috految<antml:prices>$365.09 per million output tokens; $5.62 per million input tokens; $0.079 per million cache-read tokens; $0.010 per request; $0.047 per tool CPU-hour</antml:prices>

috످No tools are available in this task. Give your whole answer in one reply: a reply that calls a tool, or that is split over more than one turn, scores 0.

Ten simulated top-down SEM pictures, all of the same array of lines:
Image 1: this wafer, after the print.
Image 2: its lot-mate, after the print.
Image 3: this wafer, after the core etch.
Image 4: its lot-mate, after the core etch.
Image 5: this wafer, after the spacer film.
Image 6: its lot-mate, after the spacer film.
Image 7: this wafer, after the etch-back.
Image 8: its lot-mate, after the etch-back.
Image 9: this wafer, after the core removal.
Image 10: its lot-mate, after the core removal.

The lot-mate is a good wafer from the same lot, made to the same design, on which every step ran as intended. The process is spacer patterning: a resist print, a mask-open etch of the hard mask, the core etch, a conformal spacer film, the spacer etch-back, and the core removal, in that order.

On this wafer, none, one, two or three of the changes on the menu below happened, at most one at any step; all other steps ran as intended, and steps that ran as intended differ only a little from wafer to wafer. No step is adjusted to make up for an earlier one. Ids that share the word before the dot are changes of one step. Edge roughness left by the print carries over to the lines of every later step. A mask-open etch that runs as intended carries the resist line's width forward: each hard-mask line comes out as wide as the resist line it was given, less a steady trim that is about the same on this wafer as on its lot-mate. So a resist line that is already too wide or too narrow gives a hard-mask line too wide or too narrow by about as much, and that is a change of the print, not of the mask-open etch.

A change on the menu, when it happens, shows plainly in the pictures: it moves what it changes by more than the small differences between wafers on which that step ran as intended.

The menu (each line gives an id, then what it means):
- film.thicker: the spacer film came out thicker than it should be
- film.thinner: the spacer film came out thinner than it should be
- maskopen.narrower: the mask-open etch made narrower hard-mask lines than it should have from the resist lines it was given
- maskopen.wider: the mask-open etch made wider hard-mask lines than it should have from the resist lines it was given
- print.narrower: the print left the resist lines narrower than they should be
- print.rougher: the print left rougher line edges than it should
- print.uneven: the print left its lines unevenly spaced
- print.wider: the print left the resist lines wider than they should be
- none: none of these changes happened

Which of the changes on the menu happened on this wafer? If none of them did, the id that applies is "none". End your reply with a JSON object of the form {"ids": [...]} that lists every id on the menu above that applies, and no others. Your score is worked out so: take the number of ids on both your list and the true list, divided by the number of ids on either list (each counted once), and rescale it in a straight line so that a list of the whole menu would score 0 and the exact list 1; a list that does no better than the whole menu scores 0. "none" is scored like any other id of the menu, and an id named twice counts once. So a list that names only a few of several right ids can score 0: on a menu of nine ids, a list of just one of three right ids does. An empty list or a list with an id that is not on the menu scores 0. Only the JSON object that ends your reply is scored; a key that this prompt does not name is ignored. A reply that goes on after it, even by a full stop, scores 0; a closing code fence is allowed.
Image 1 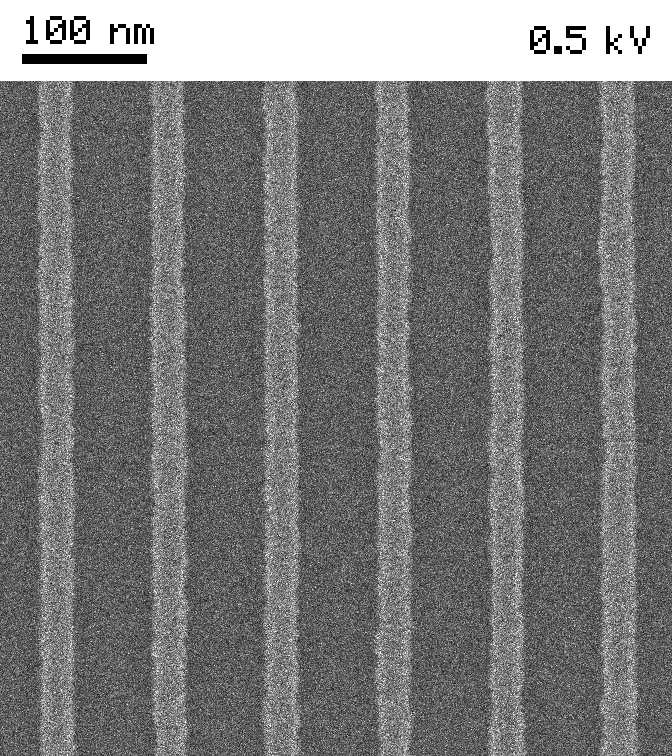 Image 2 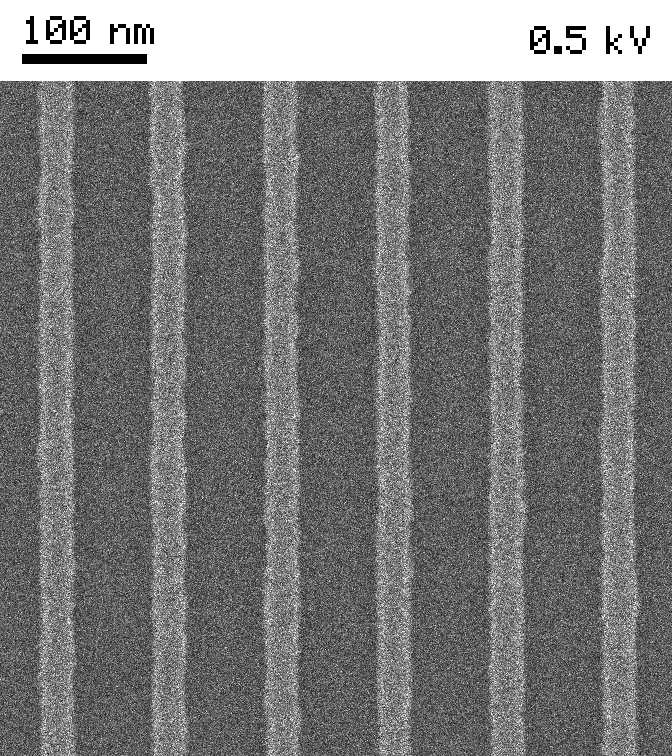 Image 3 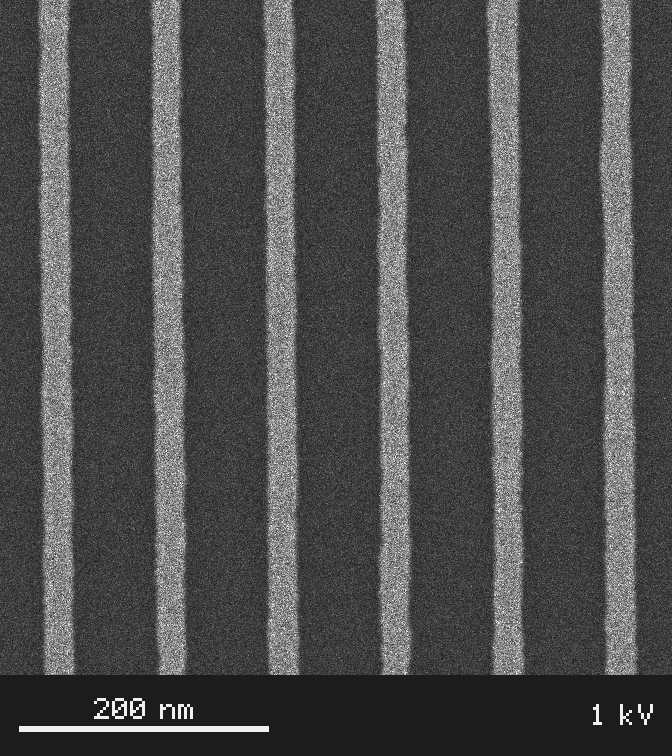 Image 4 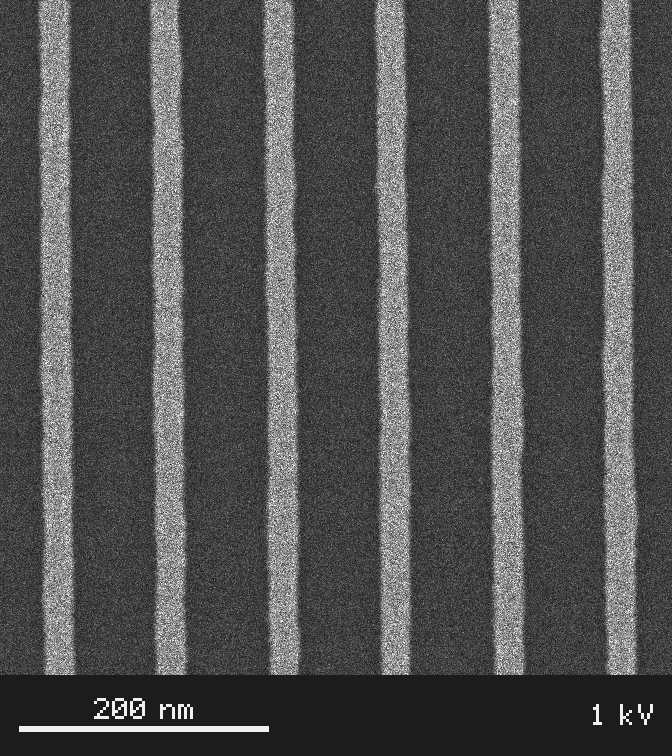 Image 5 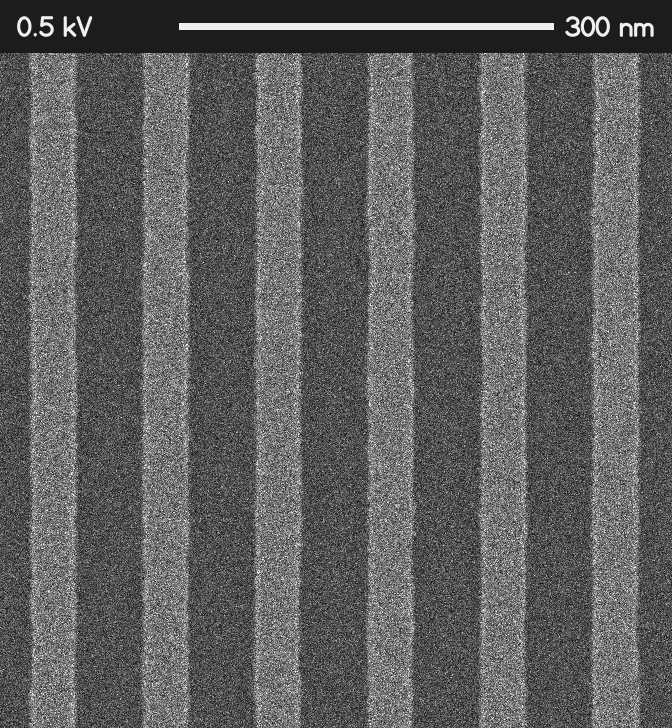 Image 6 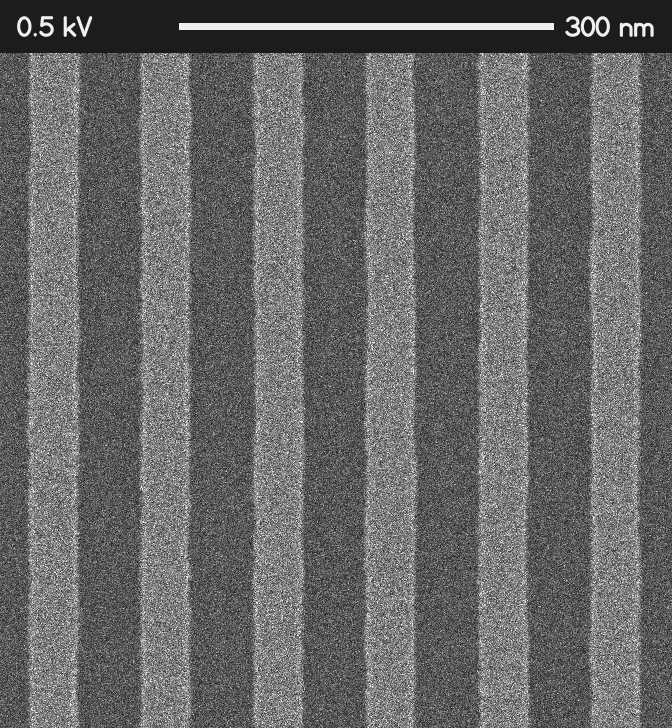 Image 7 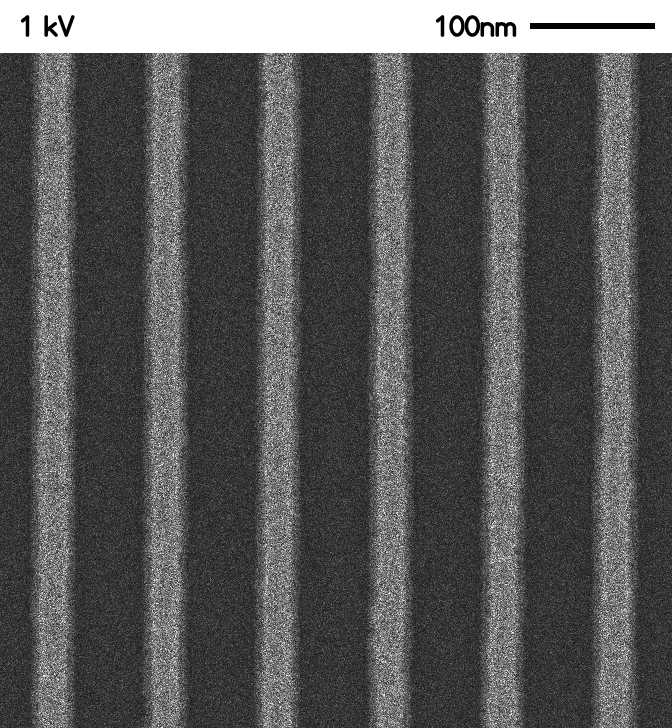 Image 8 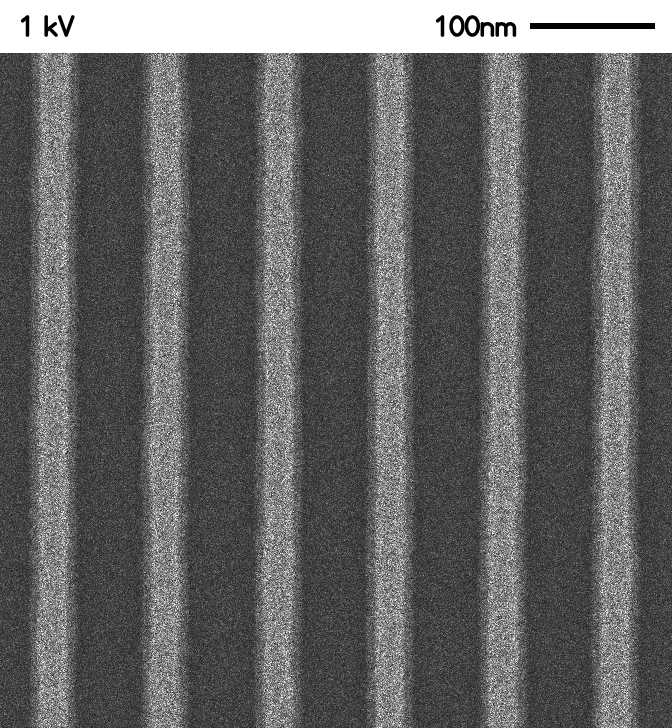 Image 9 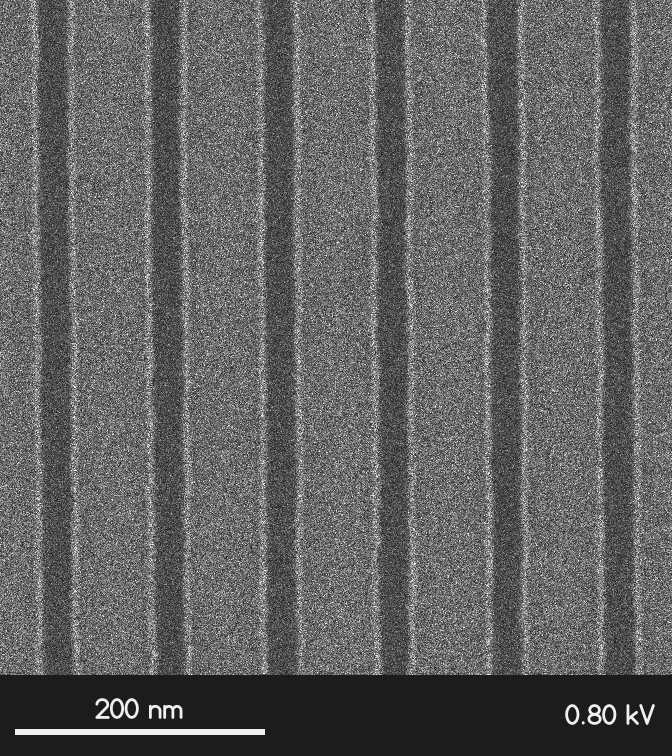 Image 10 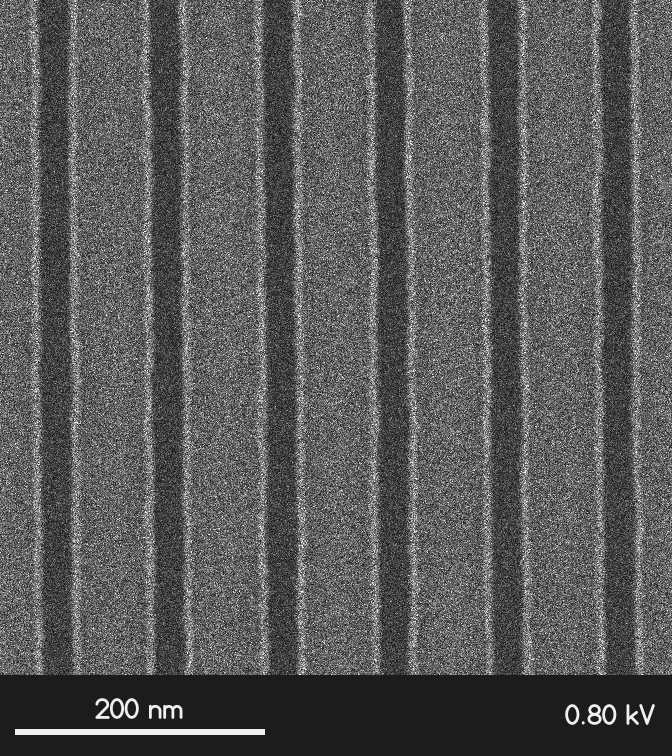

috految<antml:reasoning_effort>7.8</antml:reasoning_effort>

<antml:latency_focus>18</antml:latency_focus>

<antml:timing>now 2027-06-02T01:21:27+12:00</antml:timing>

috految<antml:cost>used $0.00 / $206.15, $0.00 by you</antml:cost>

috److I compared line widths on the two wafers, estimated by eye from the images.

| Step | This wafer | Lot-mate |
|---|---|---|
| Print | about 34 px | about 34 px |
| Core etch | about 29 px | about 29.5 px |
| Spacer film | about 46 px | about 49.5 px |

- **Print:** Width, spacing and edge roughness are similar on both wafers.
- **Mask-open etch:** The core widths match closely, so the trim is normal.
- **Spacer film:** The film adds about 8.5 px per side on this wafer and about 10 px on the lot-mate, so it is roughly 15% thinner. The narrower spacers after core removal agree with this.

{"ids": ["film.thinner"]}

috످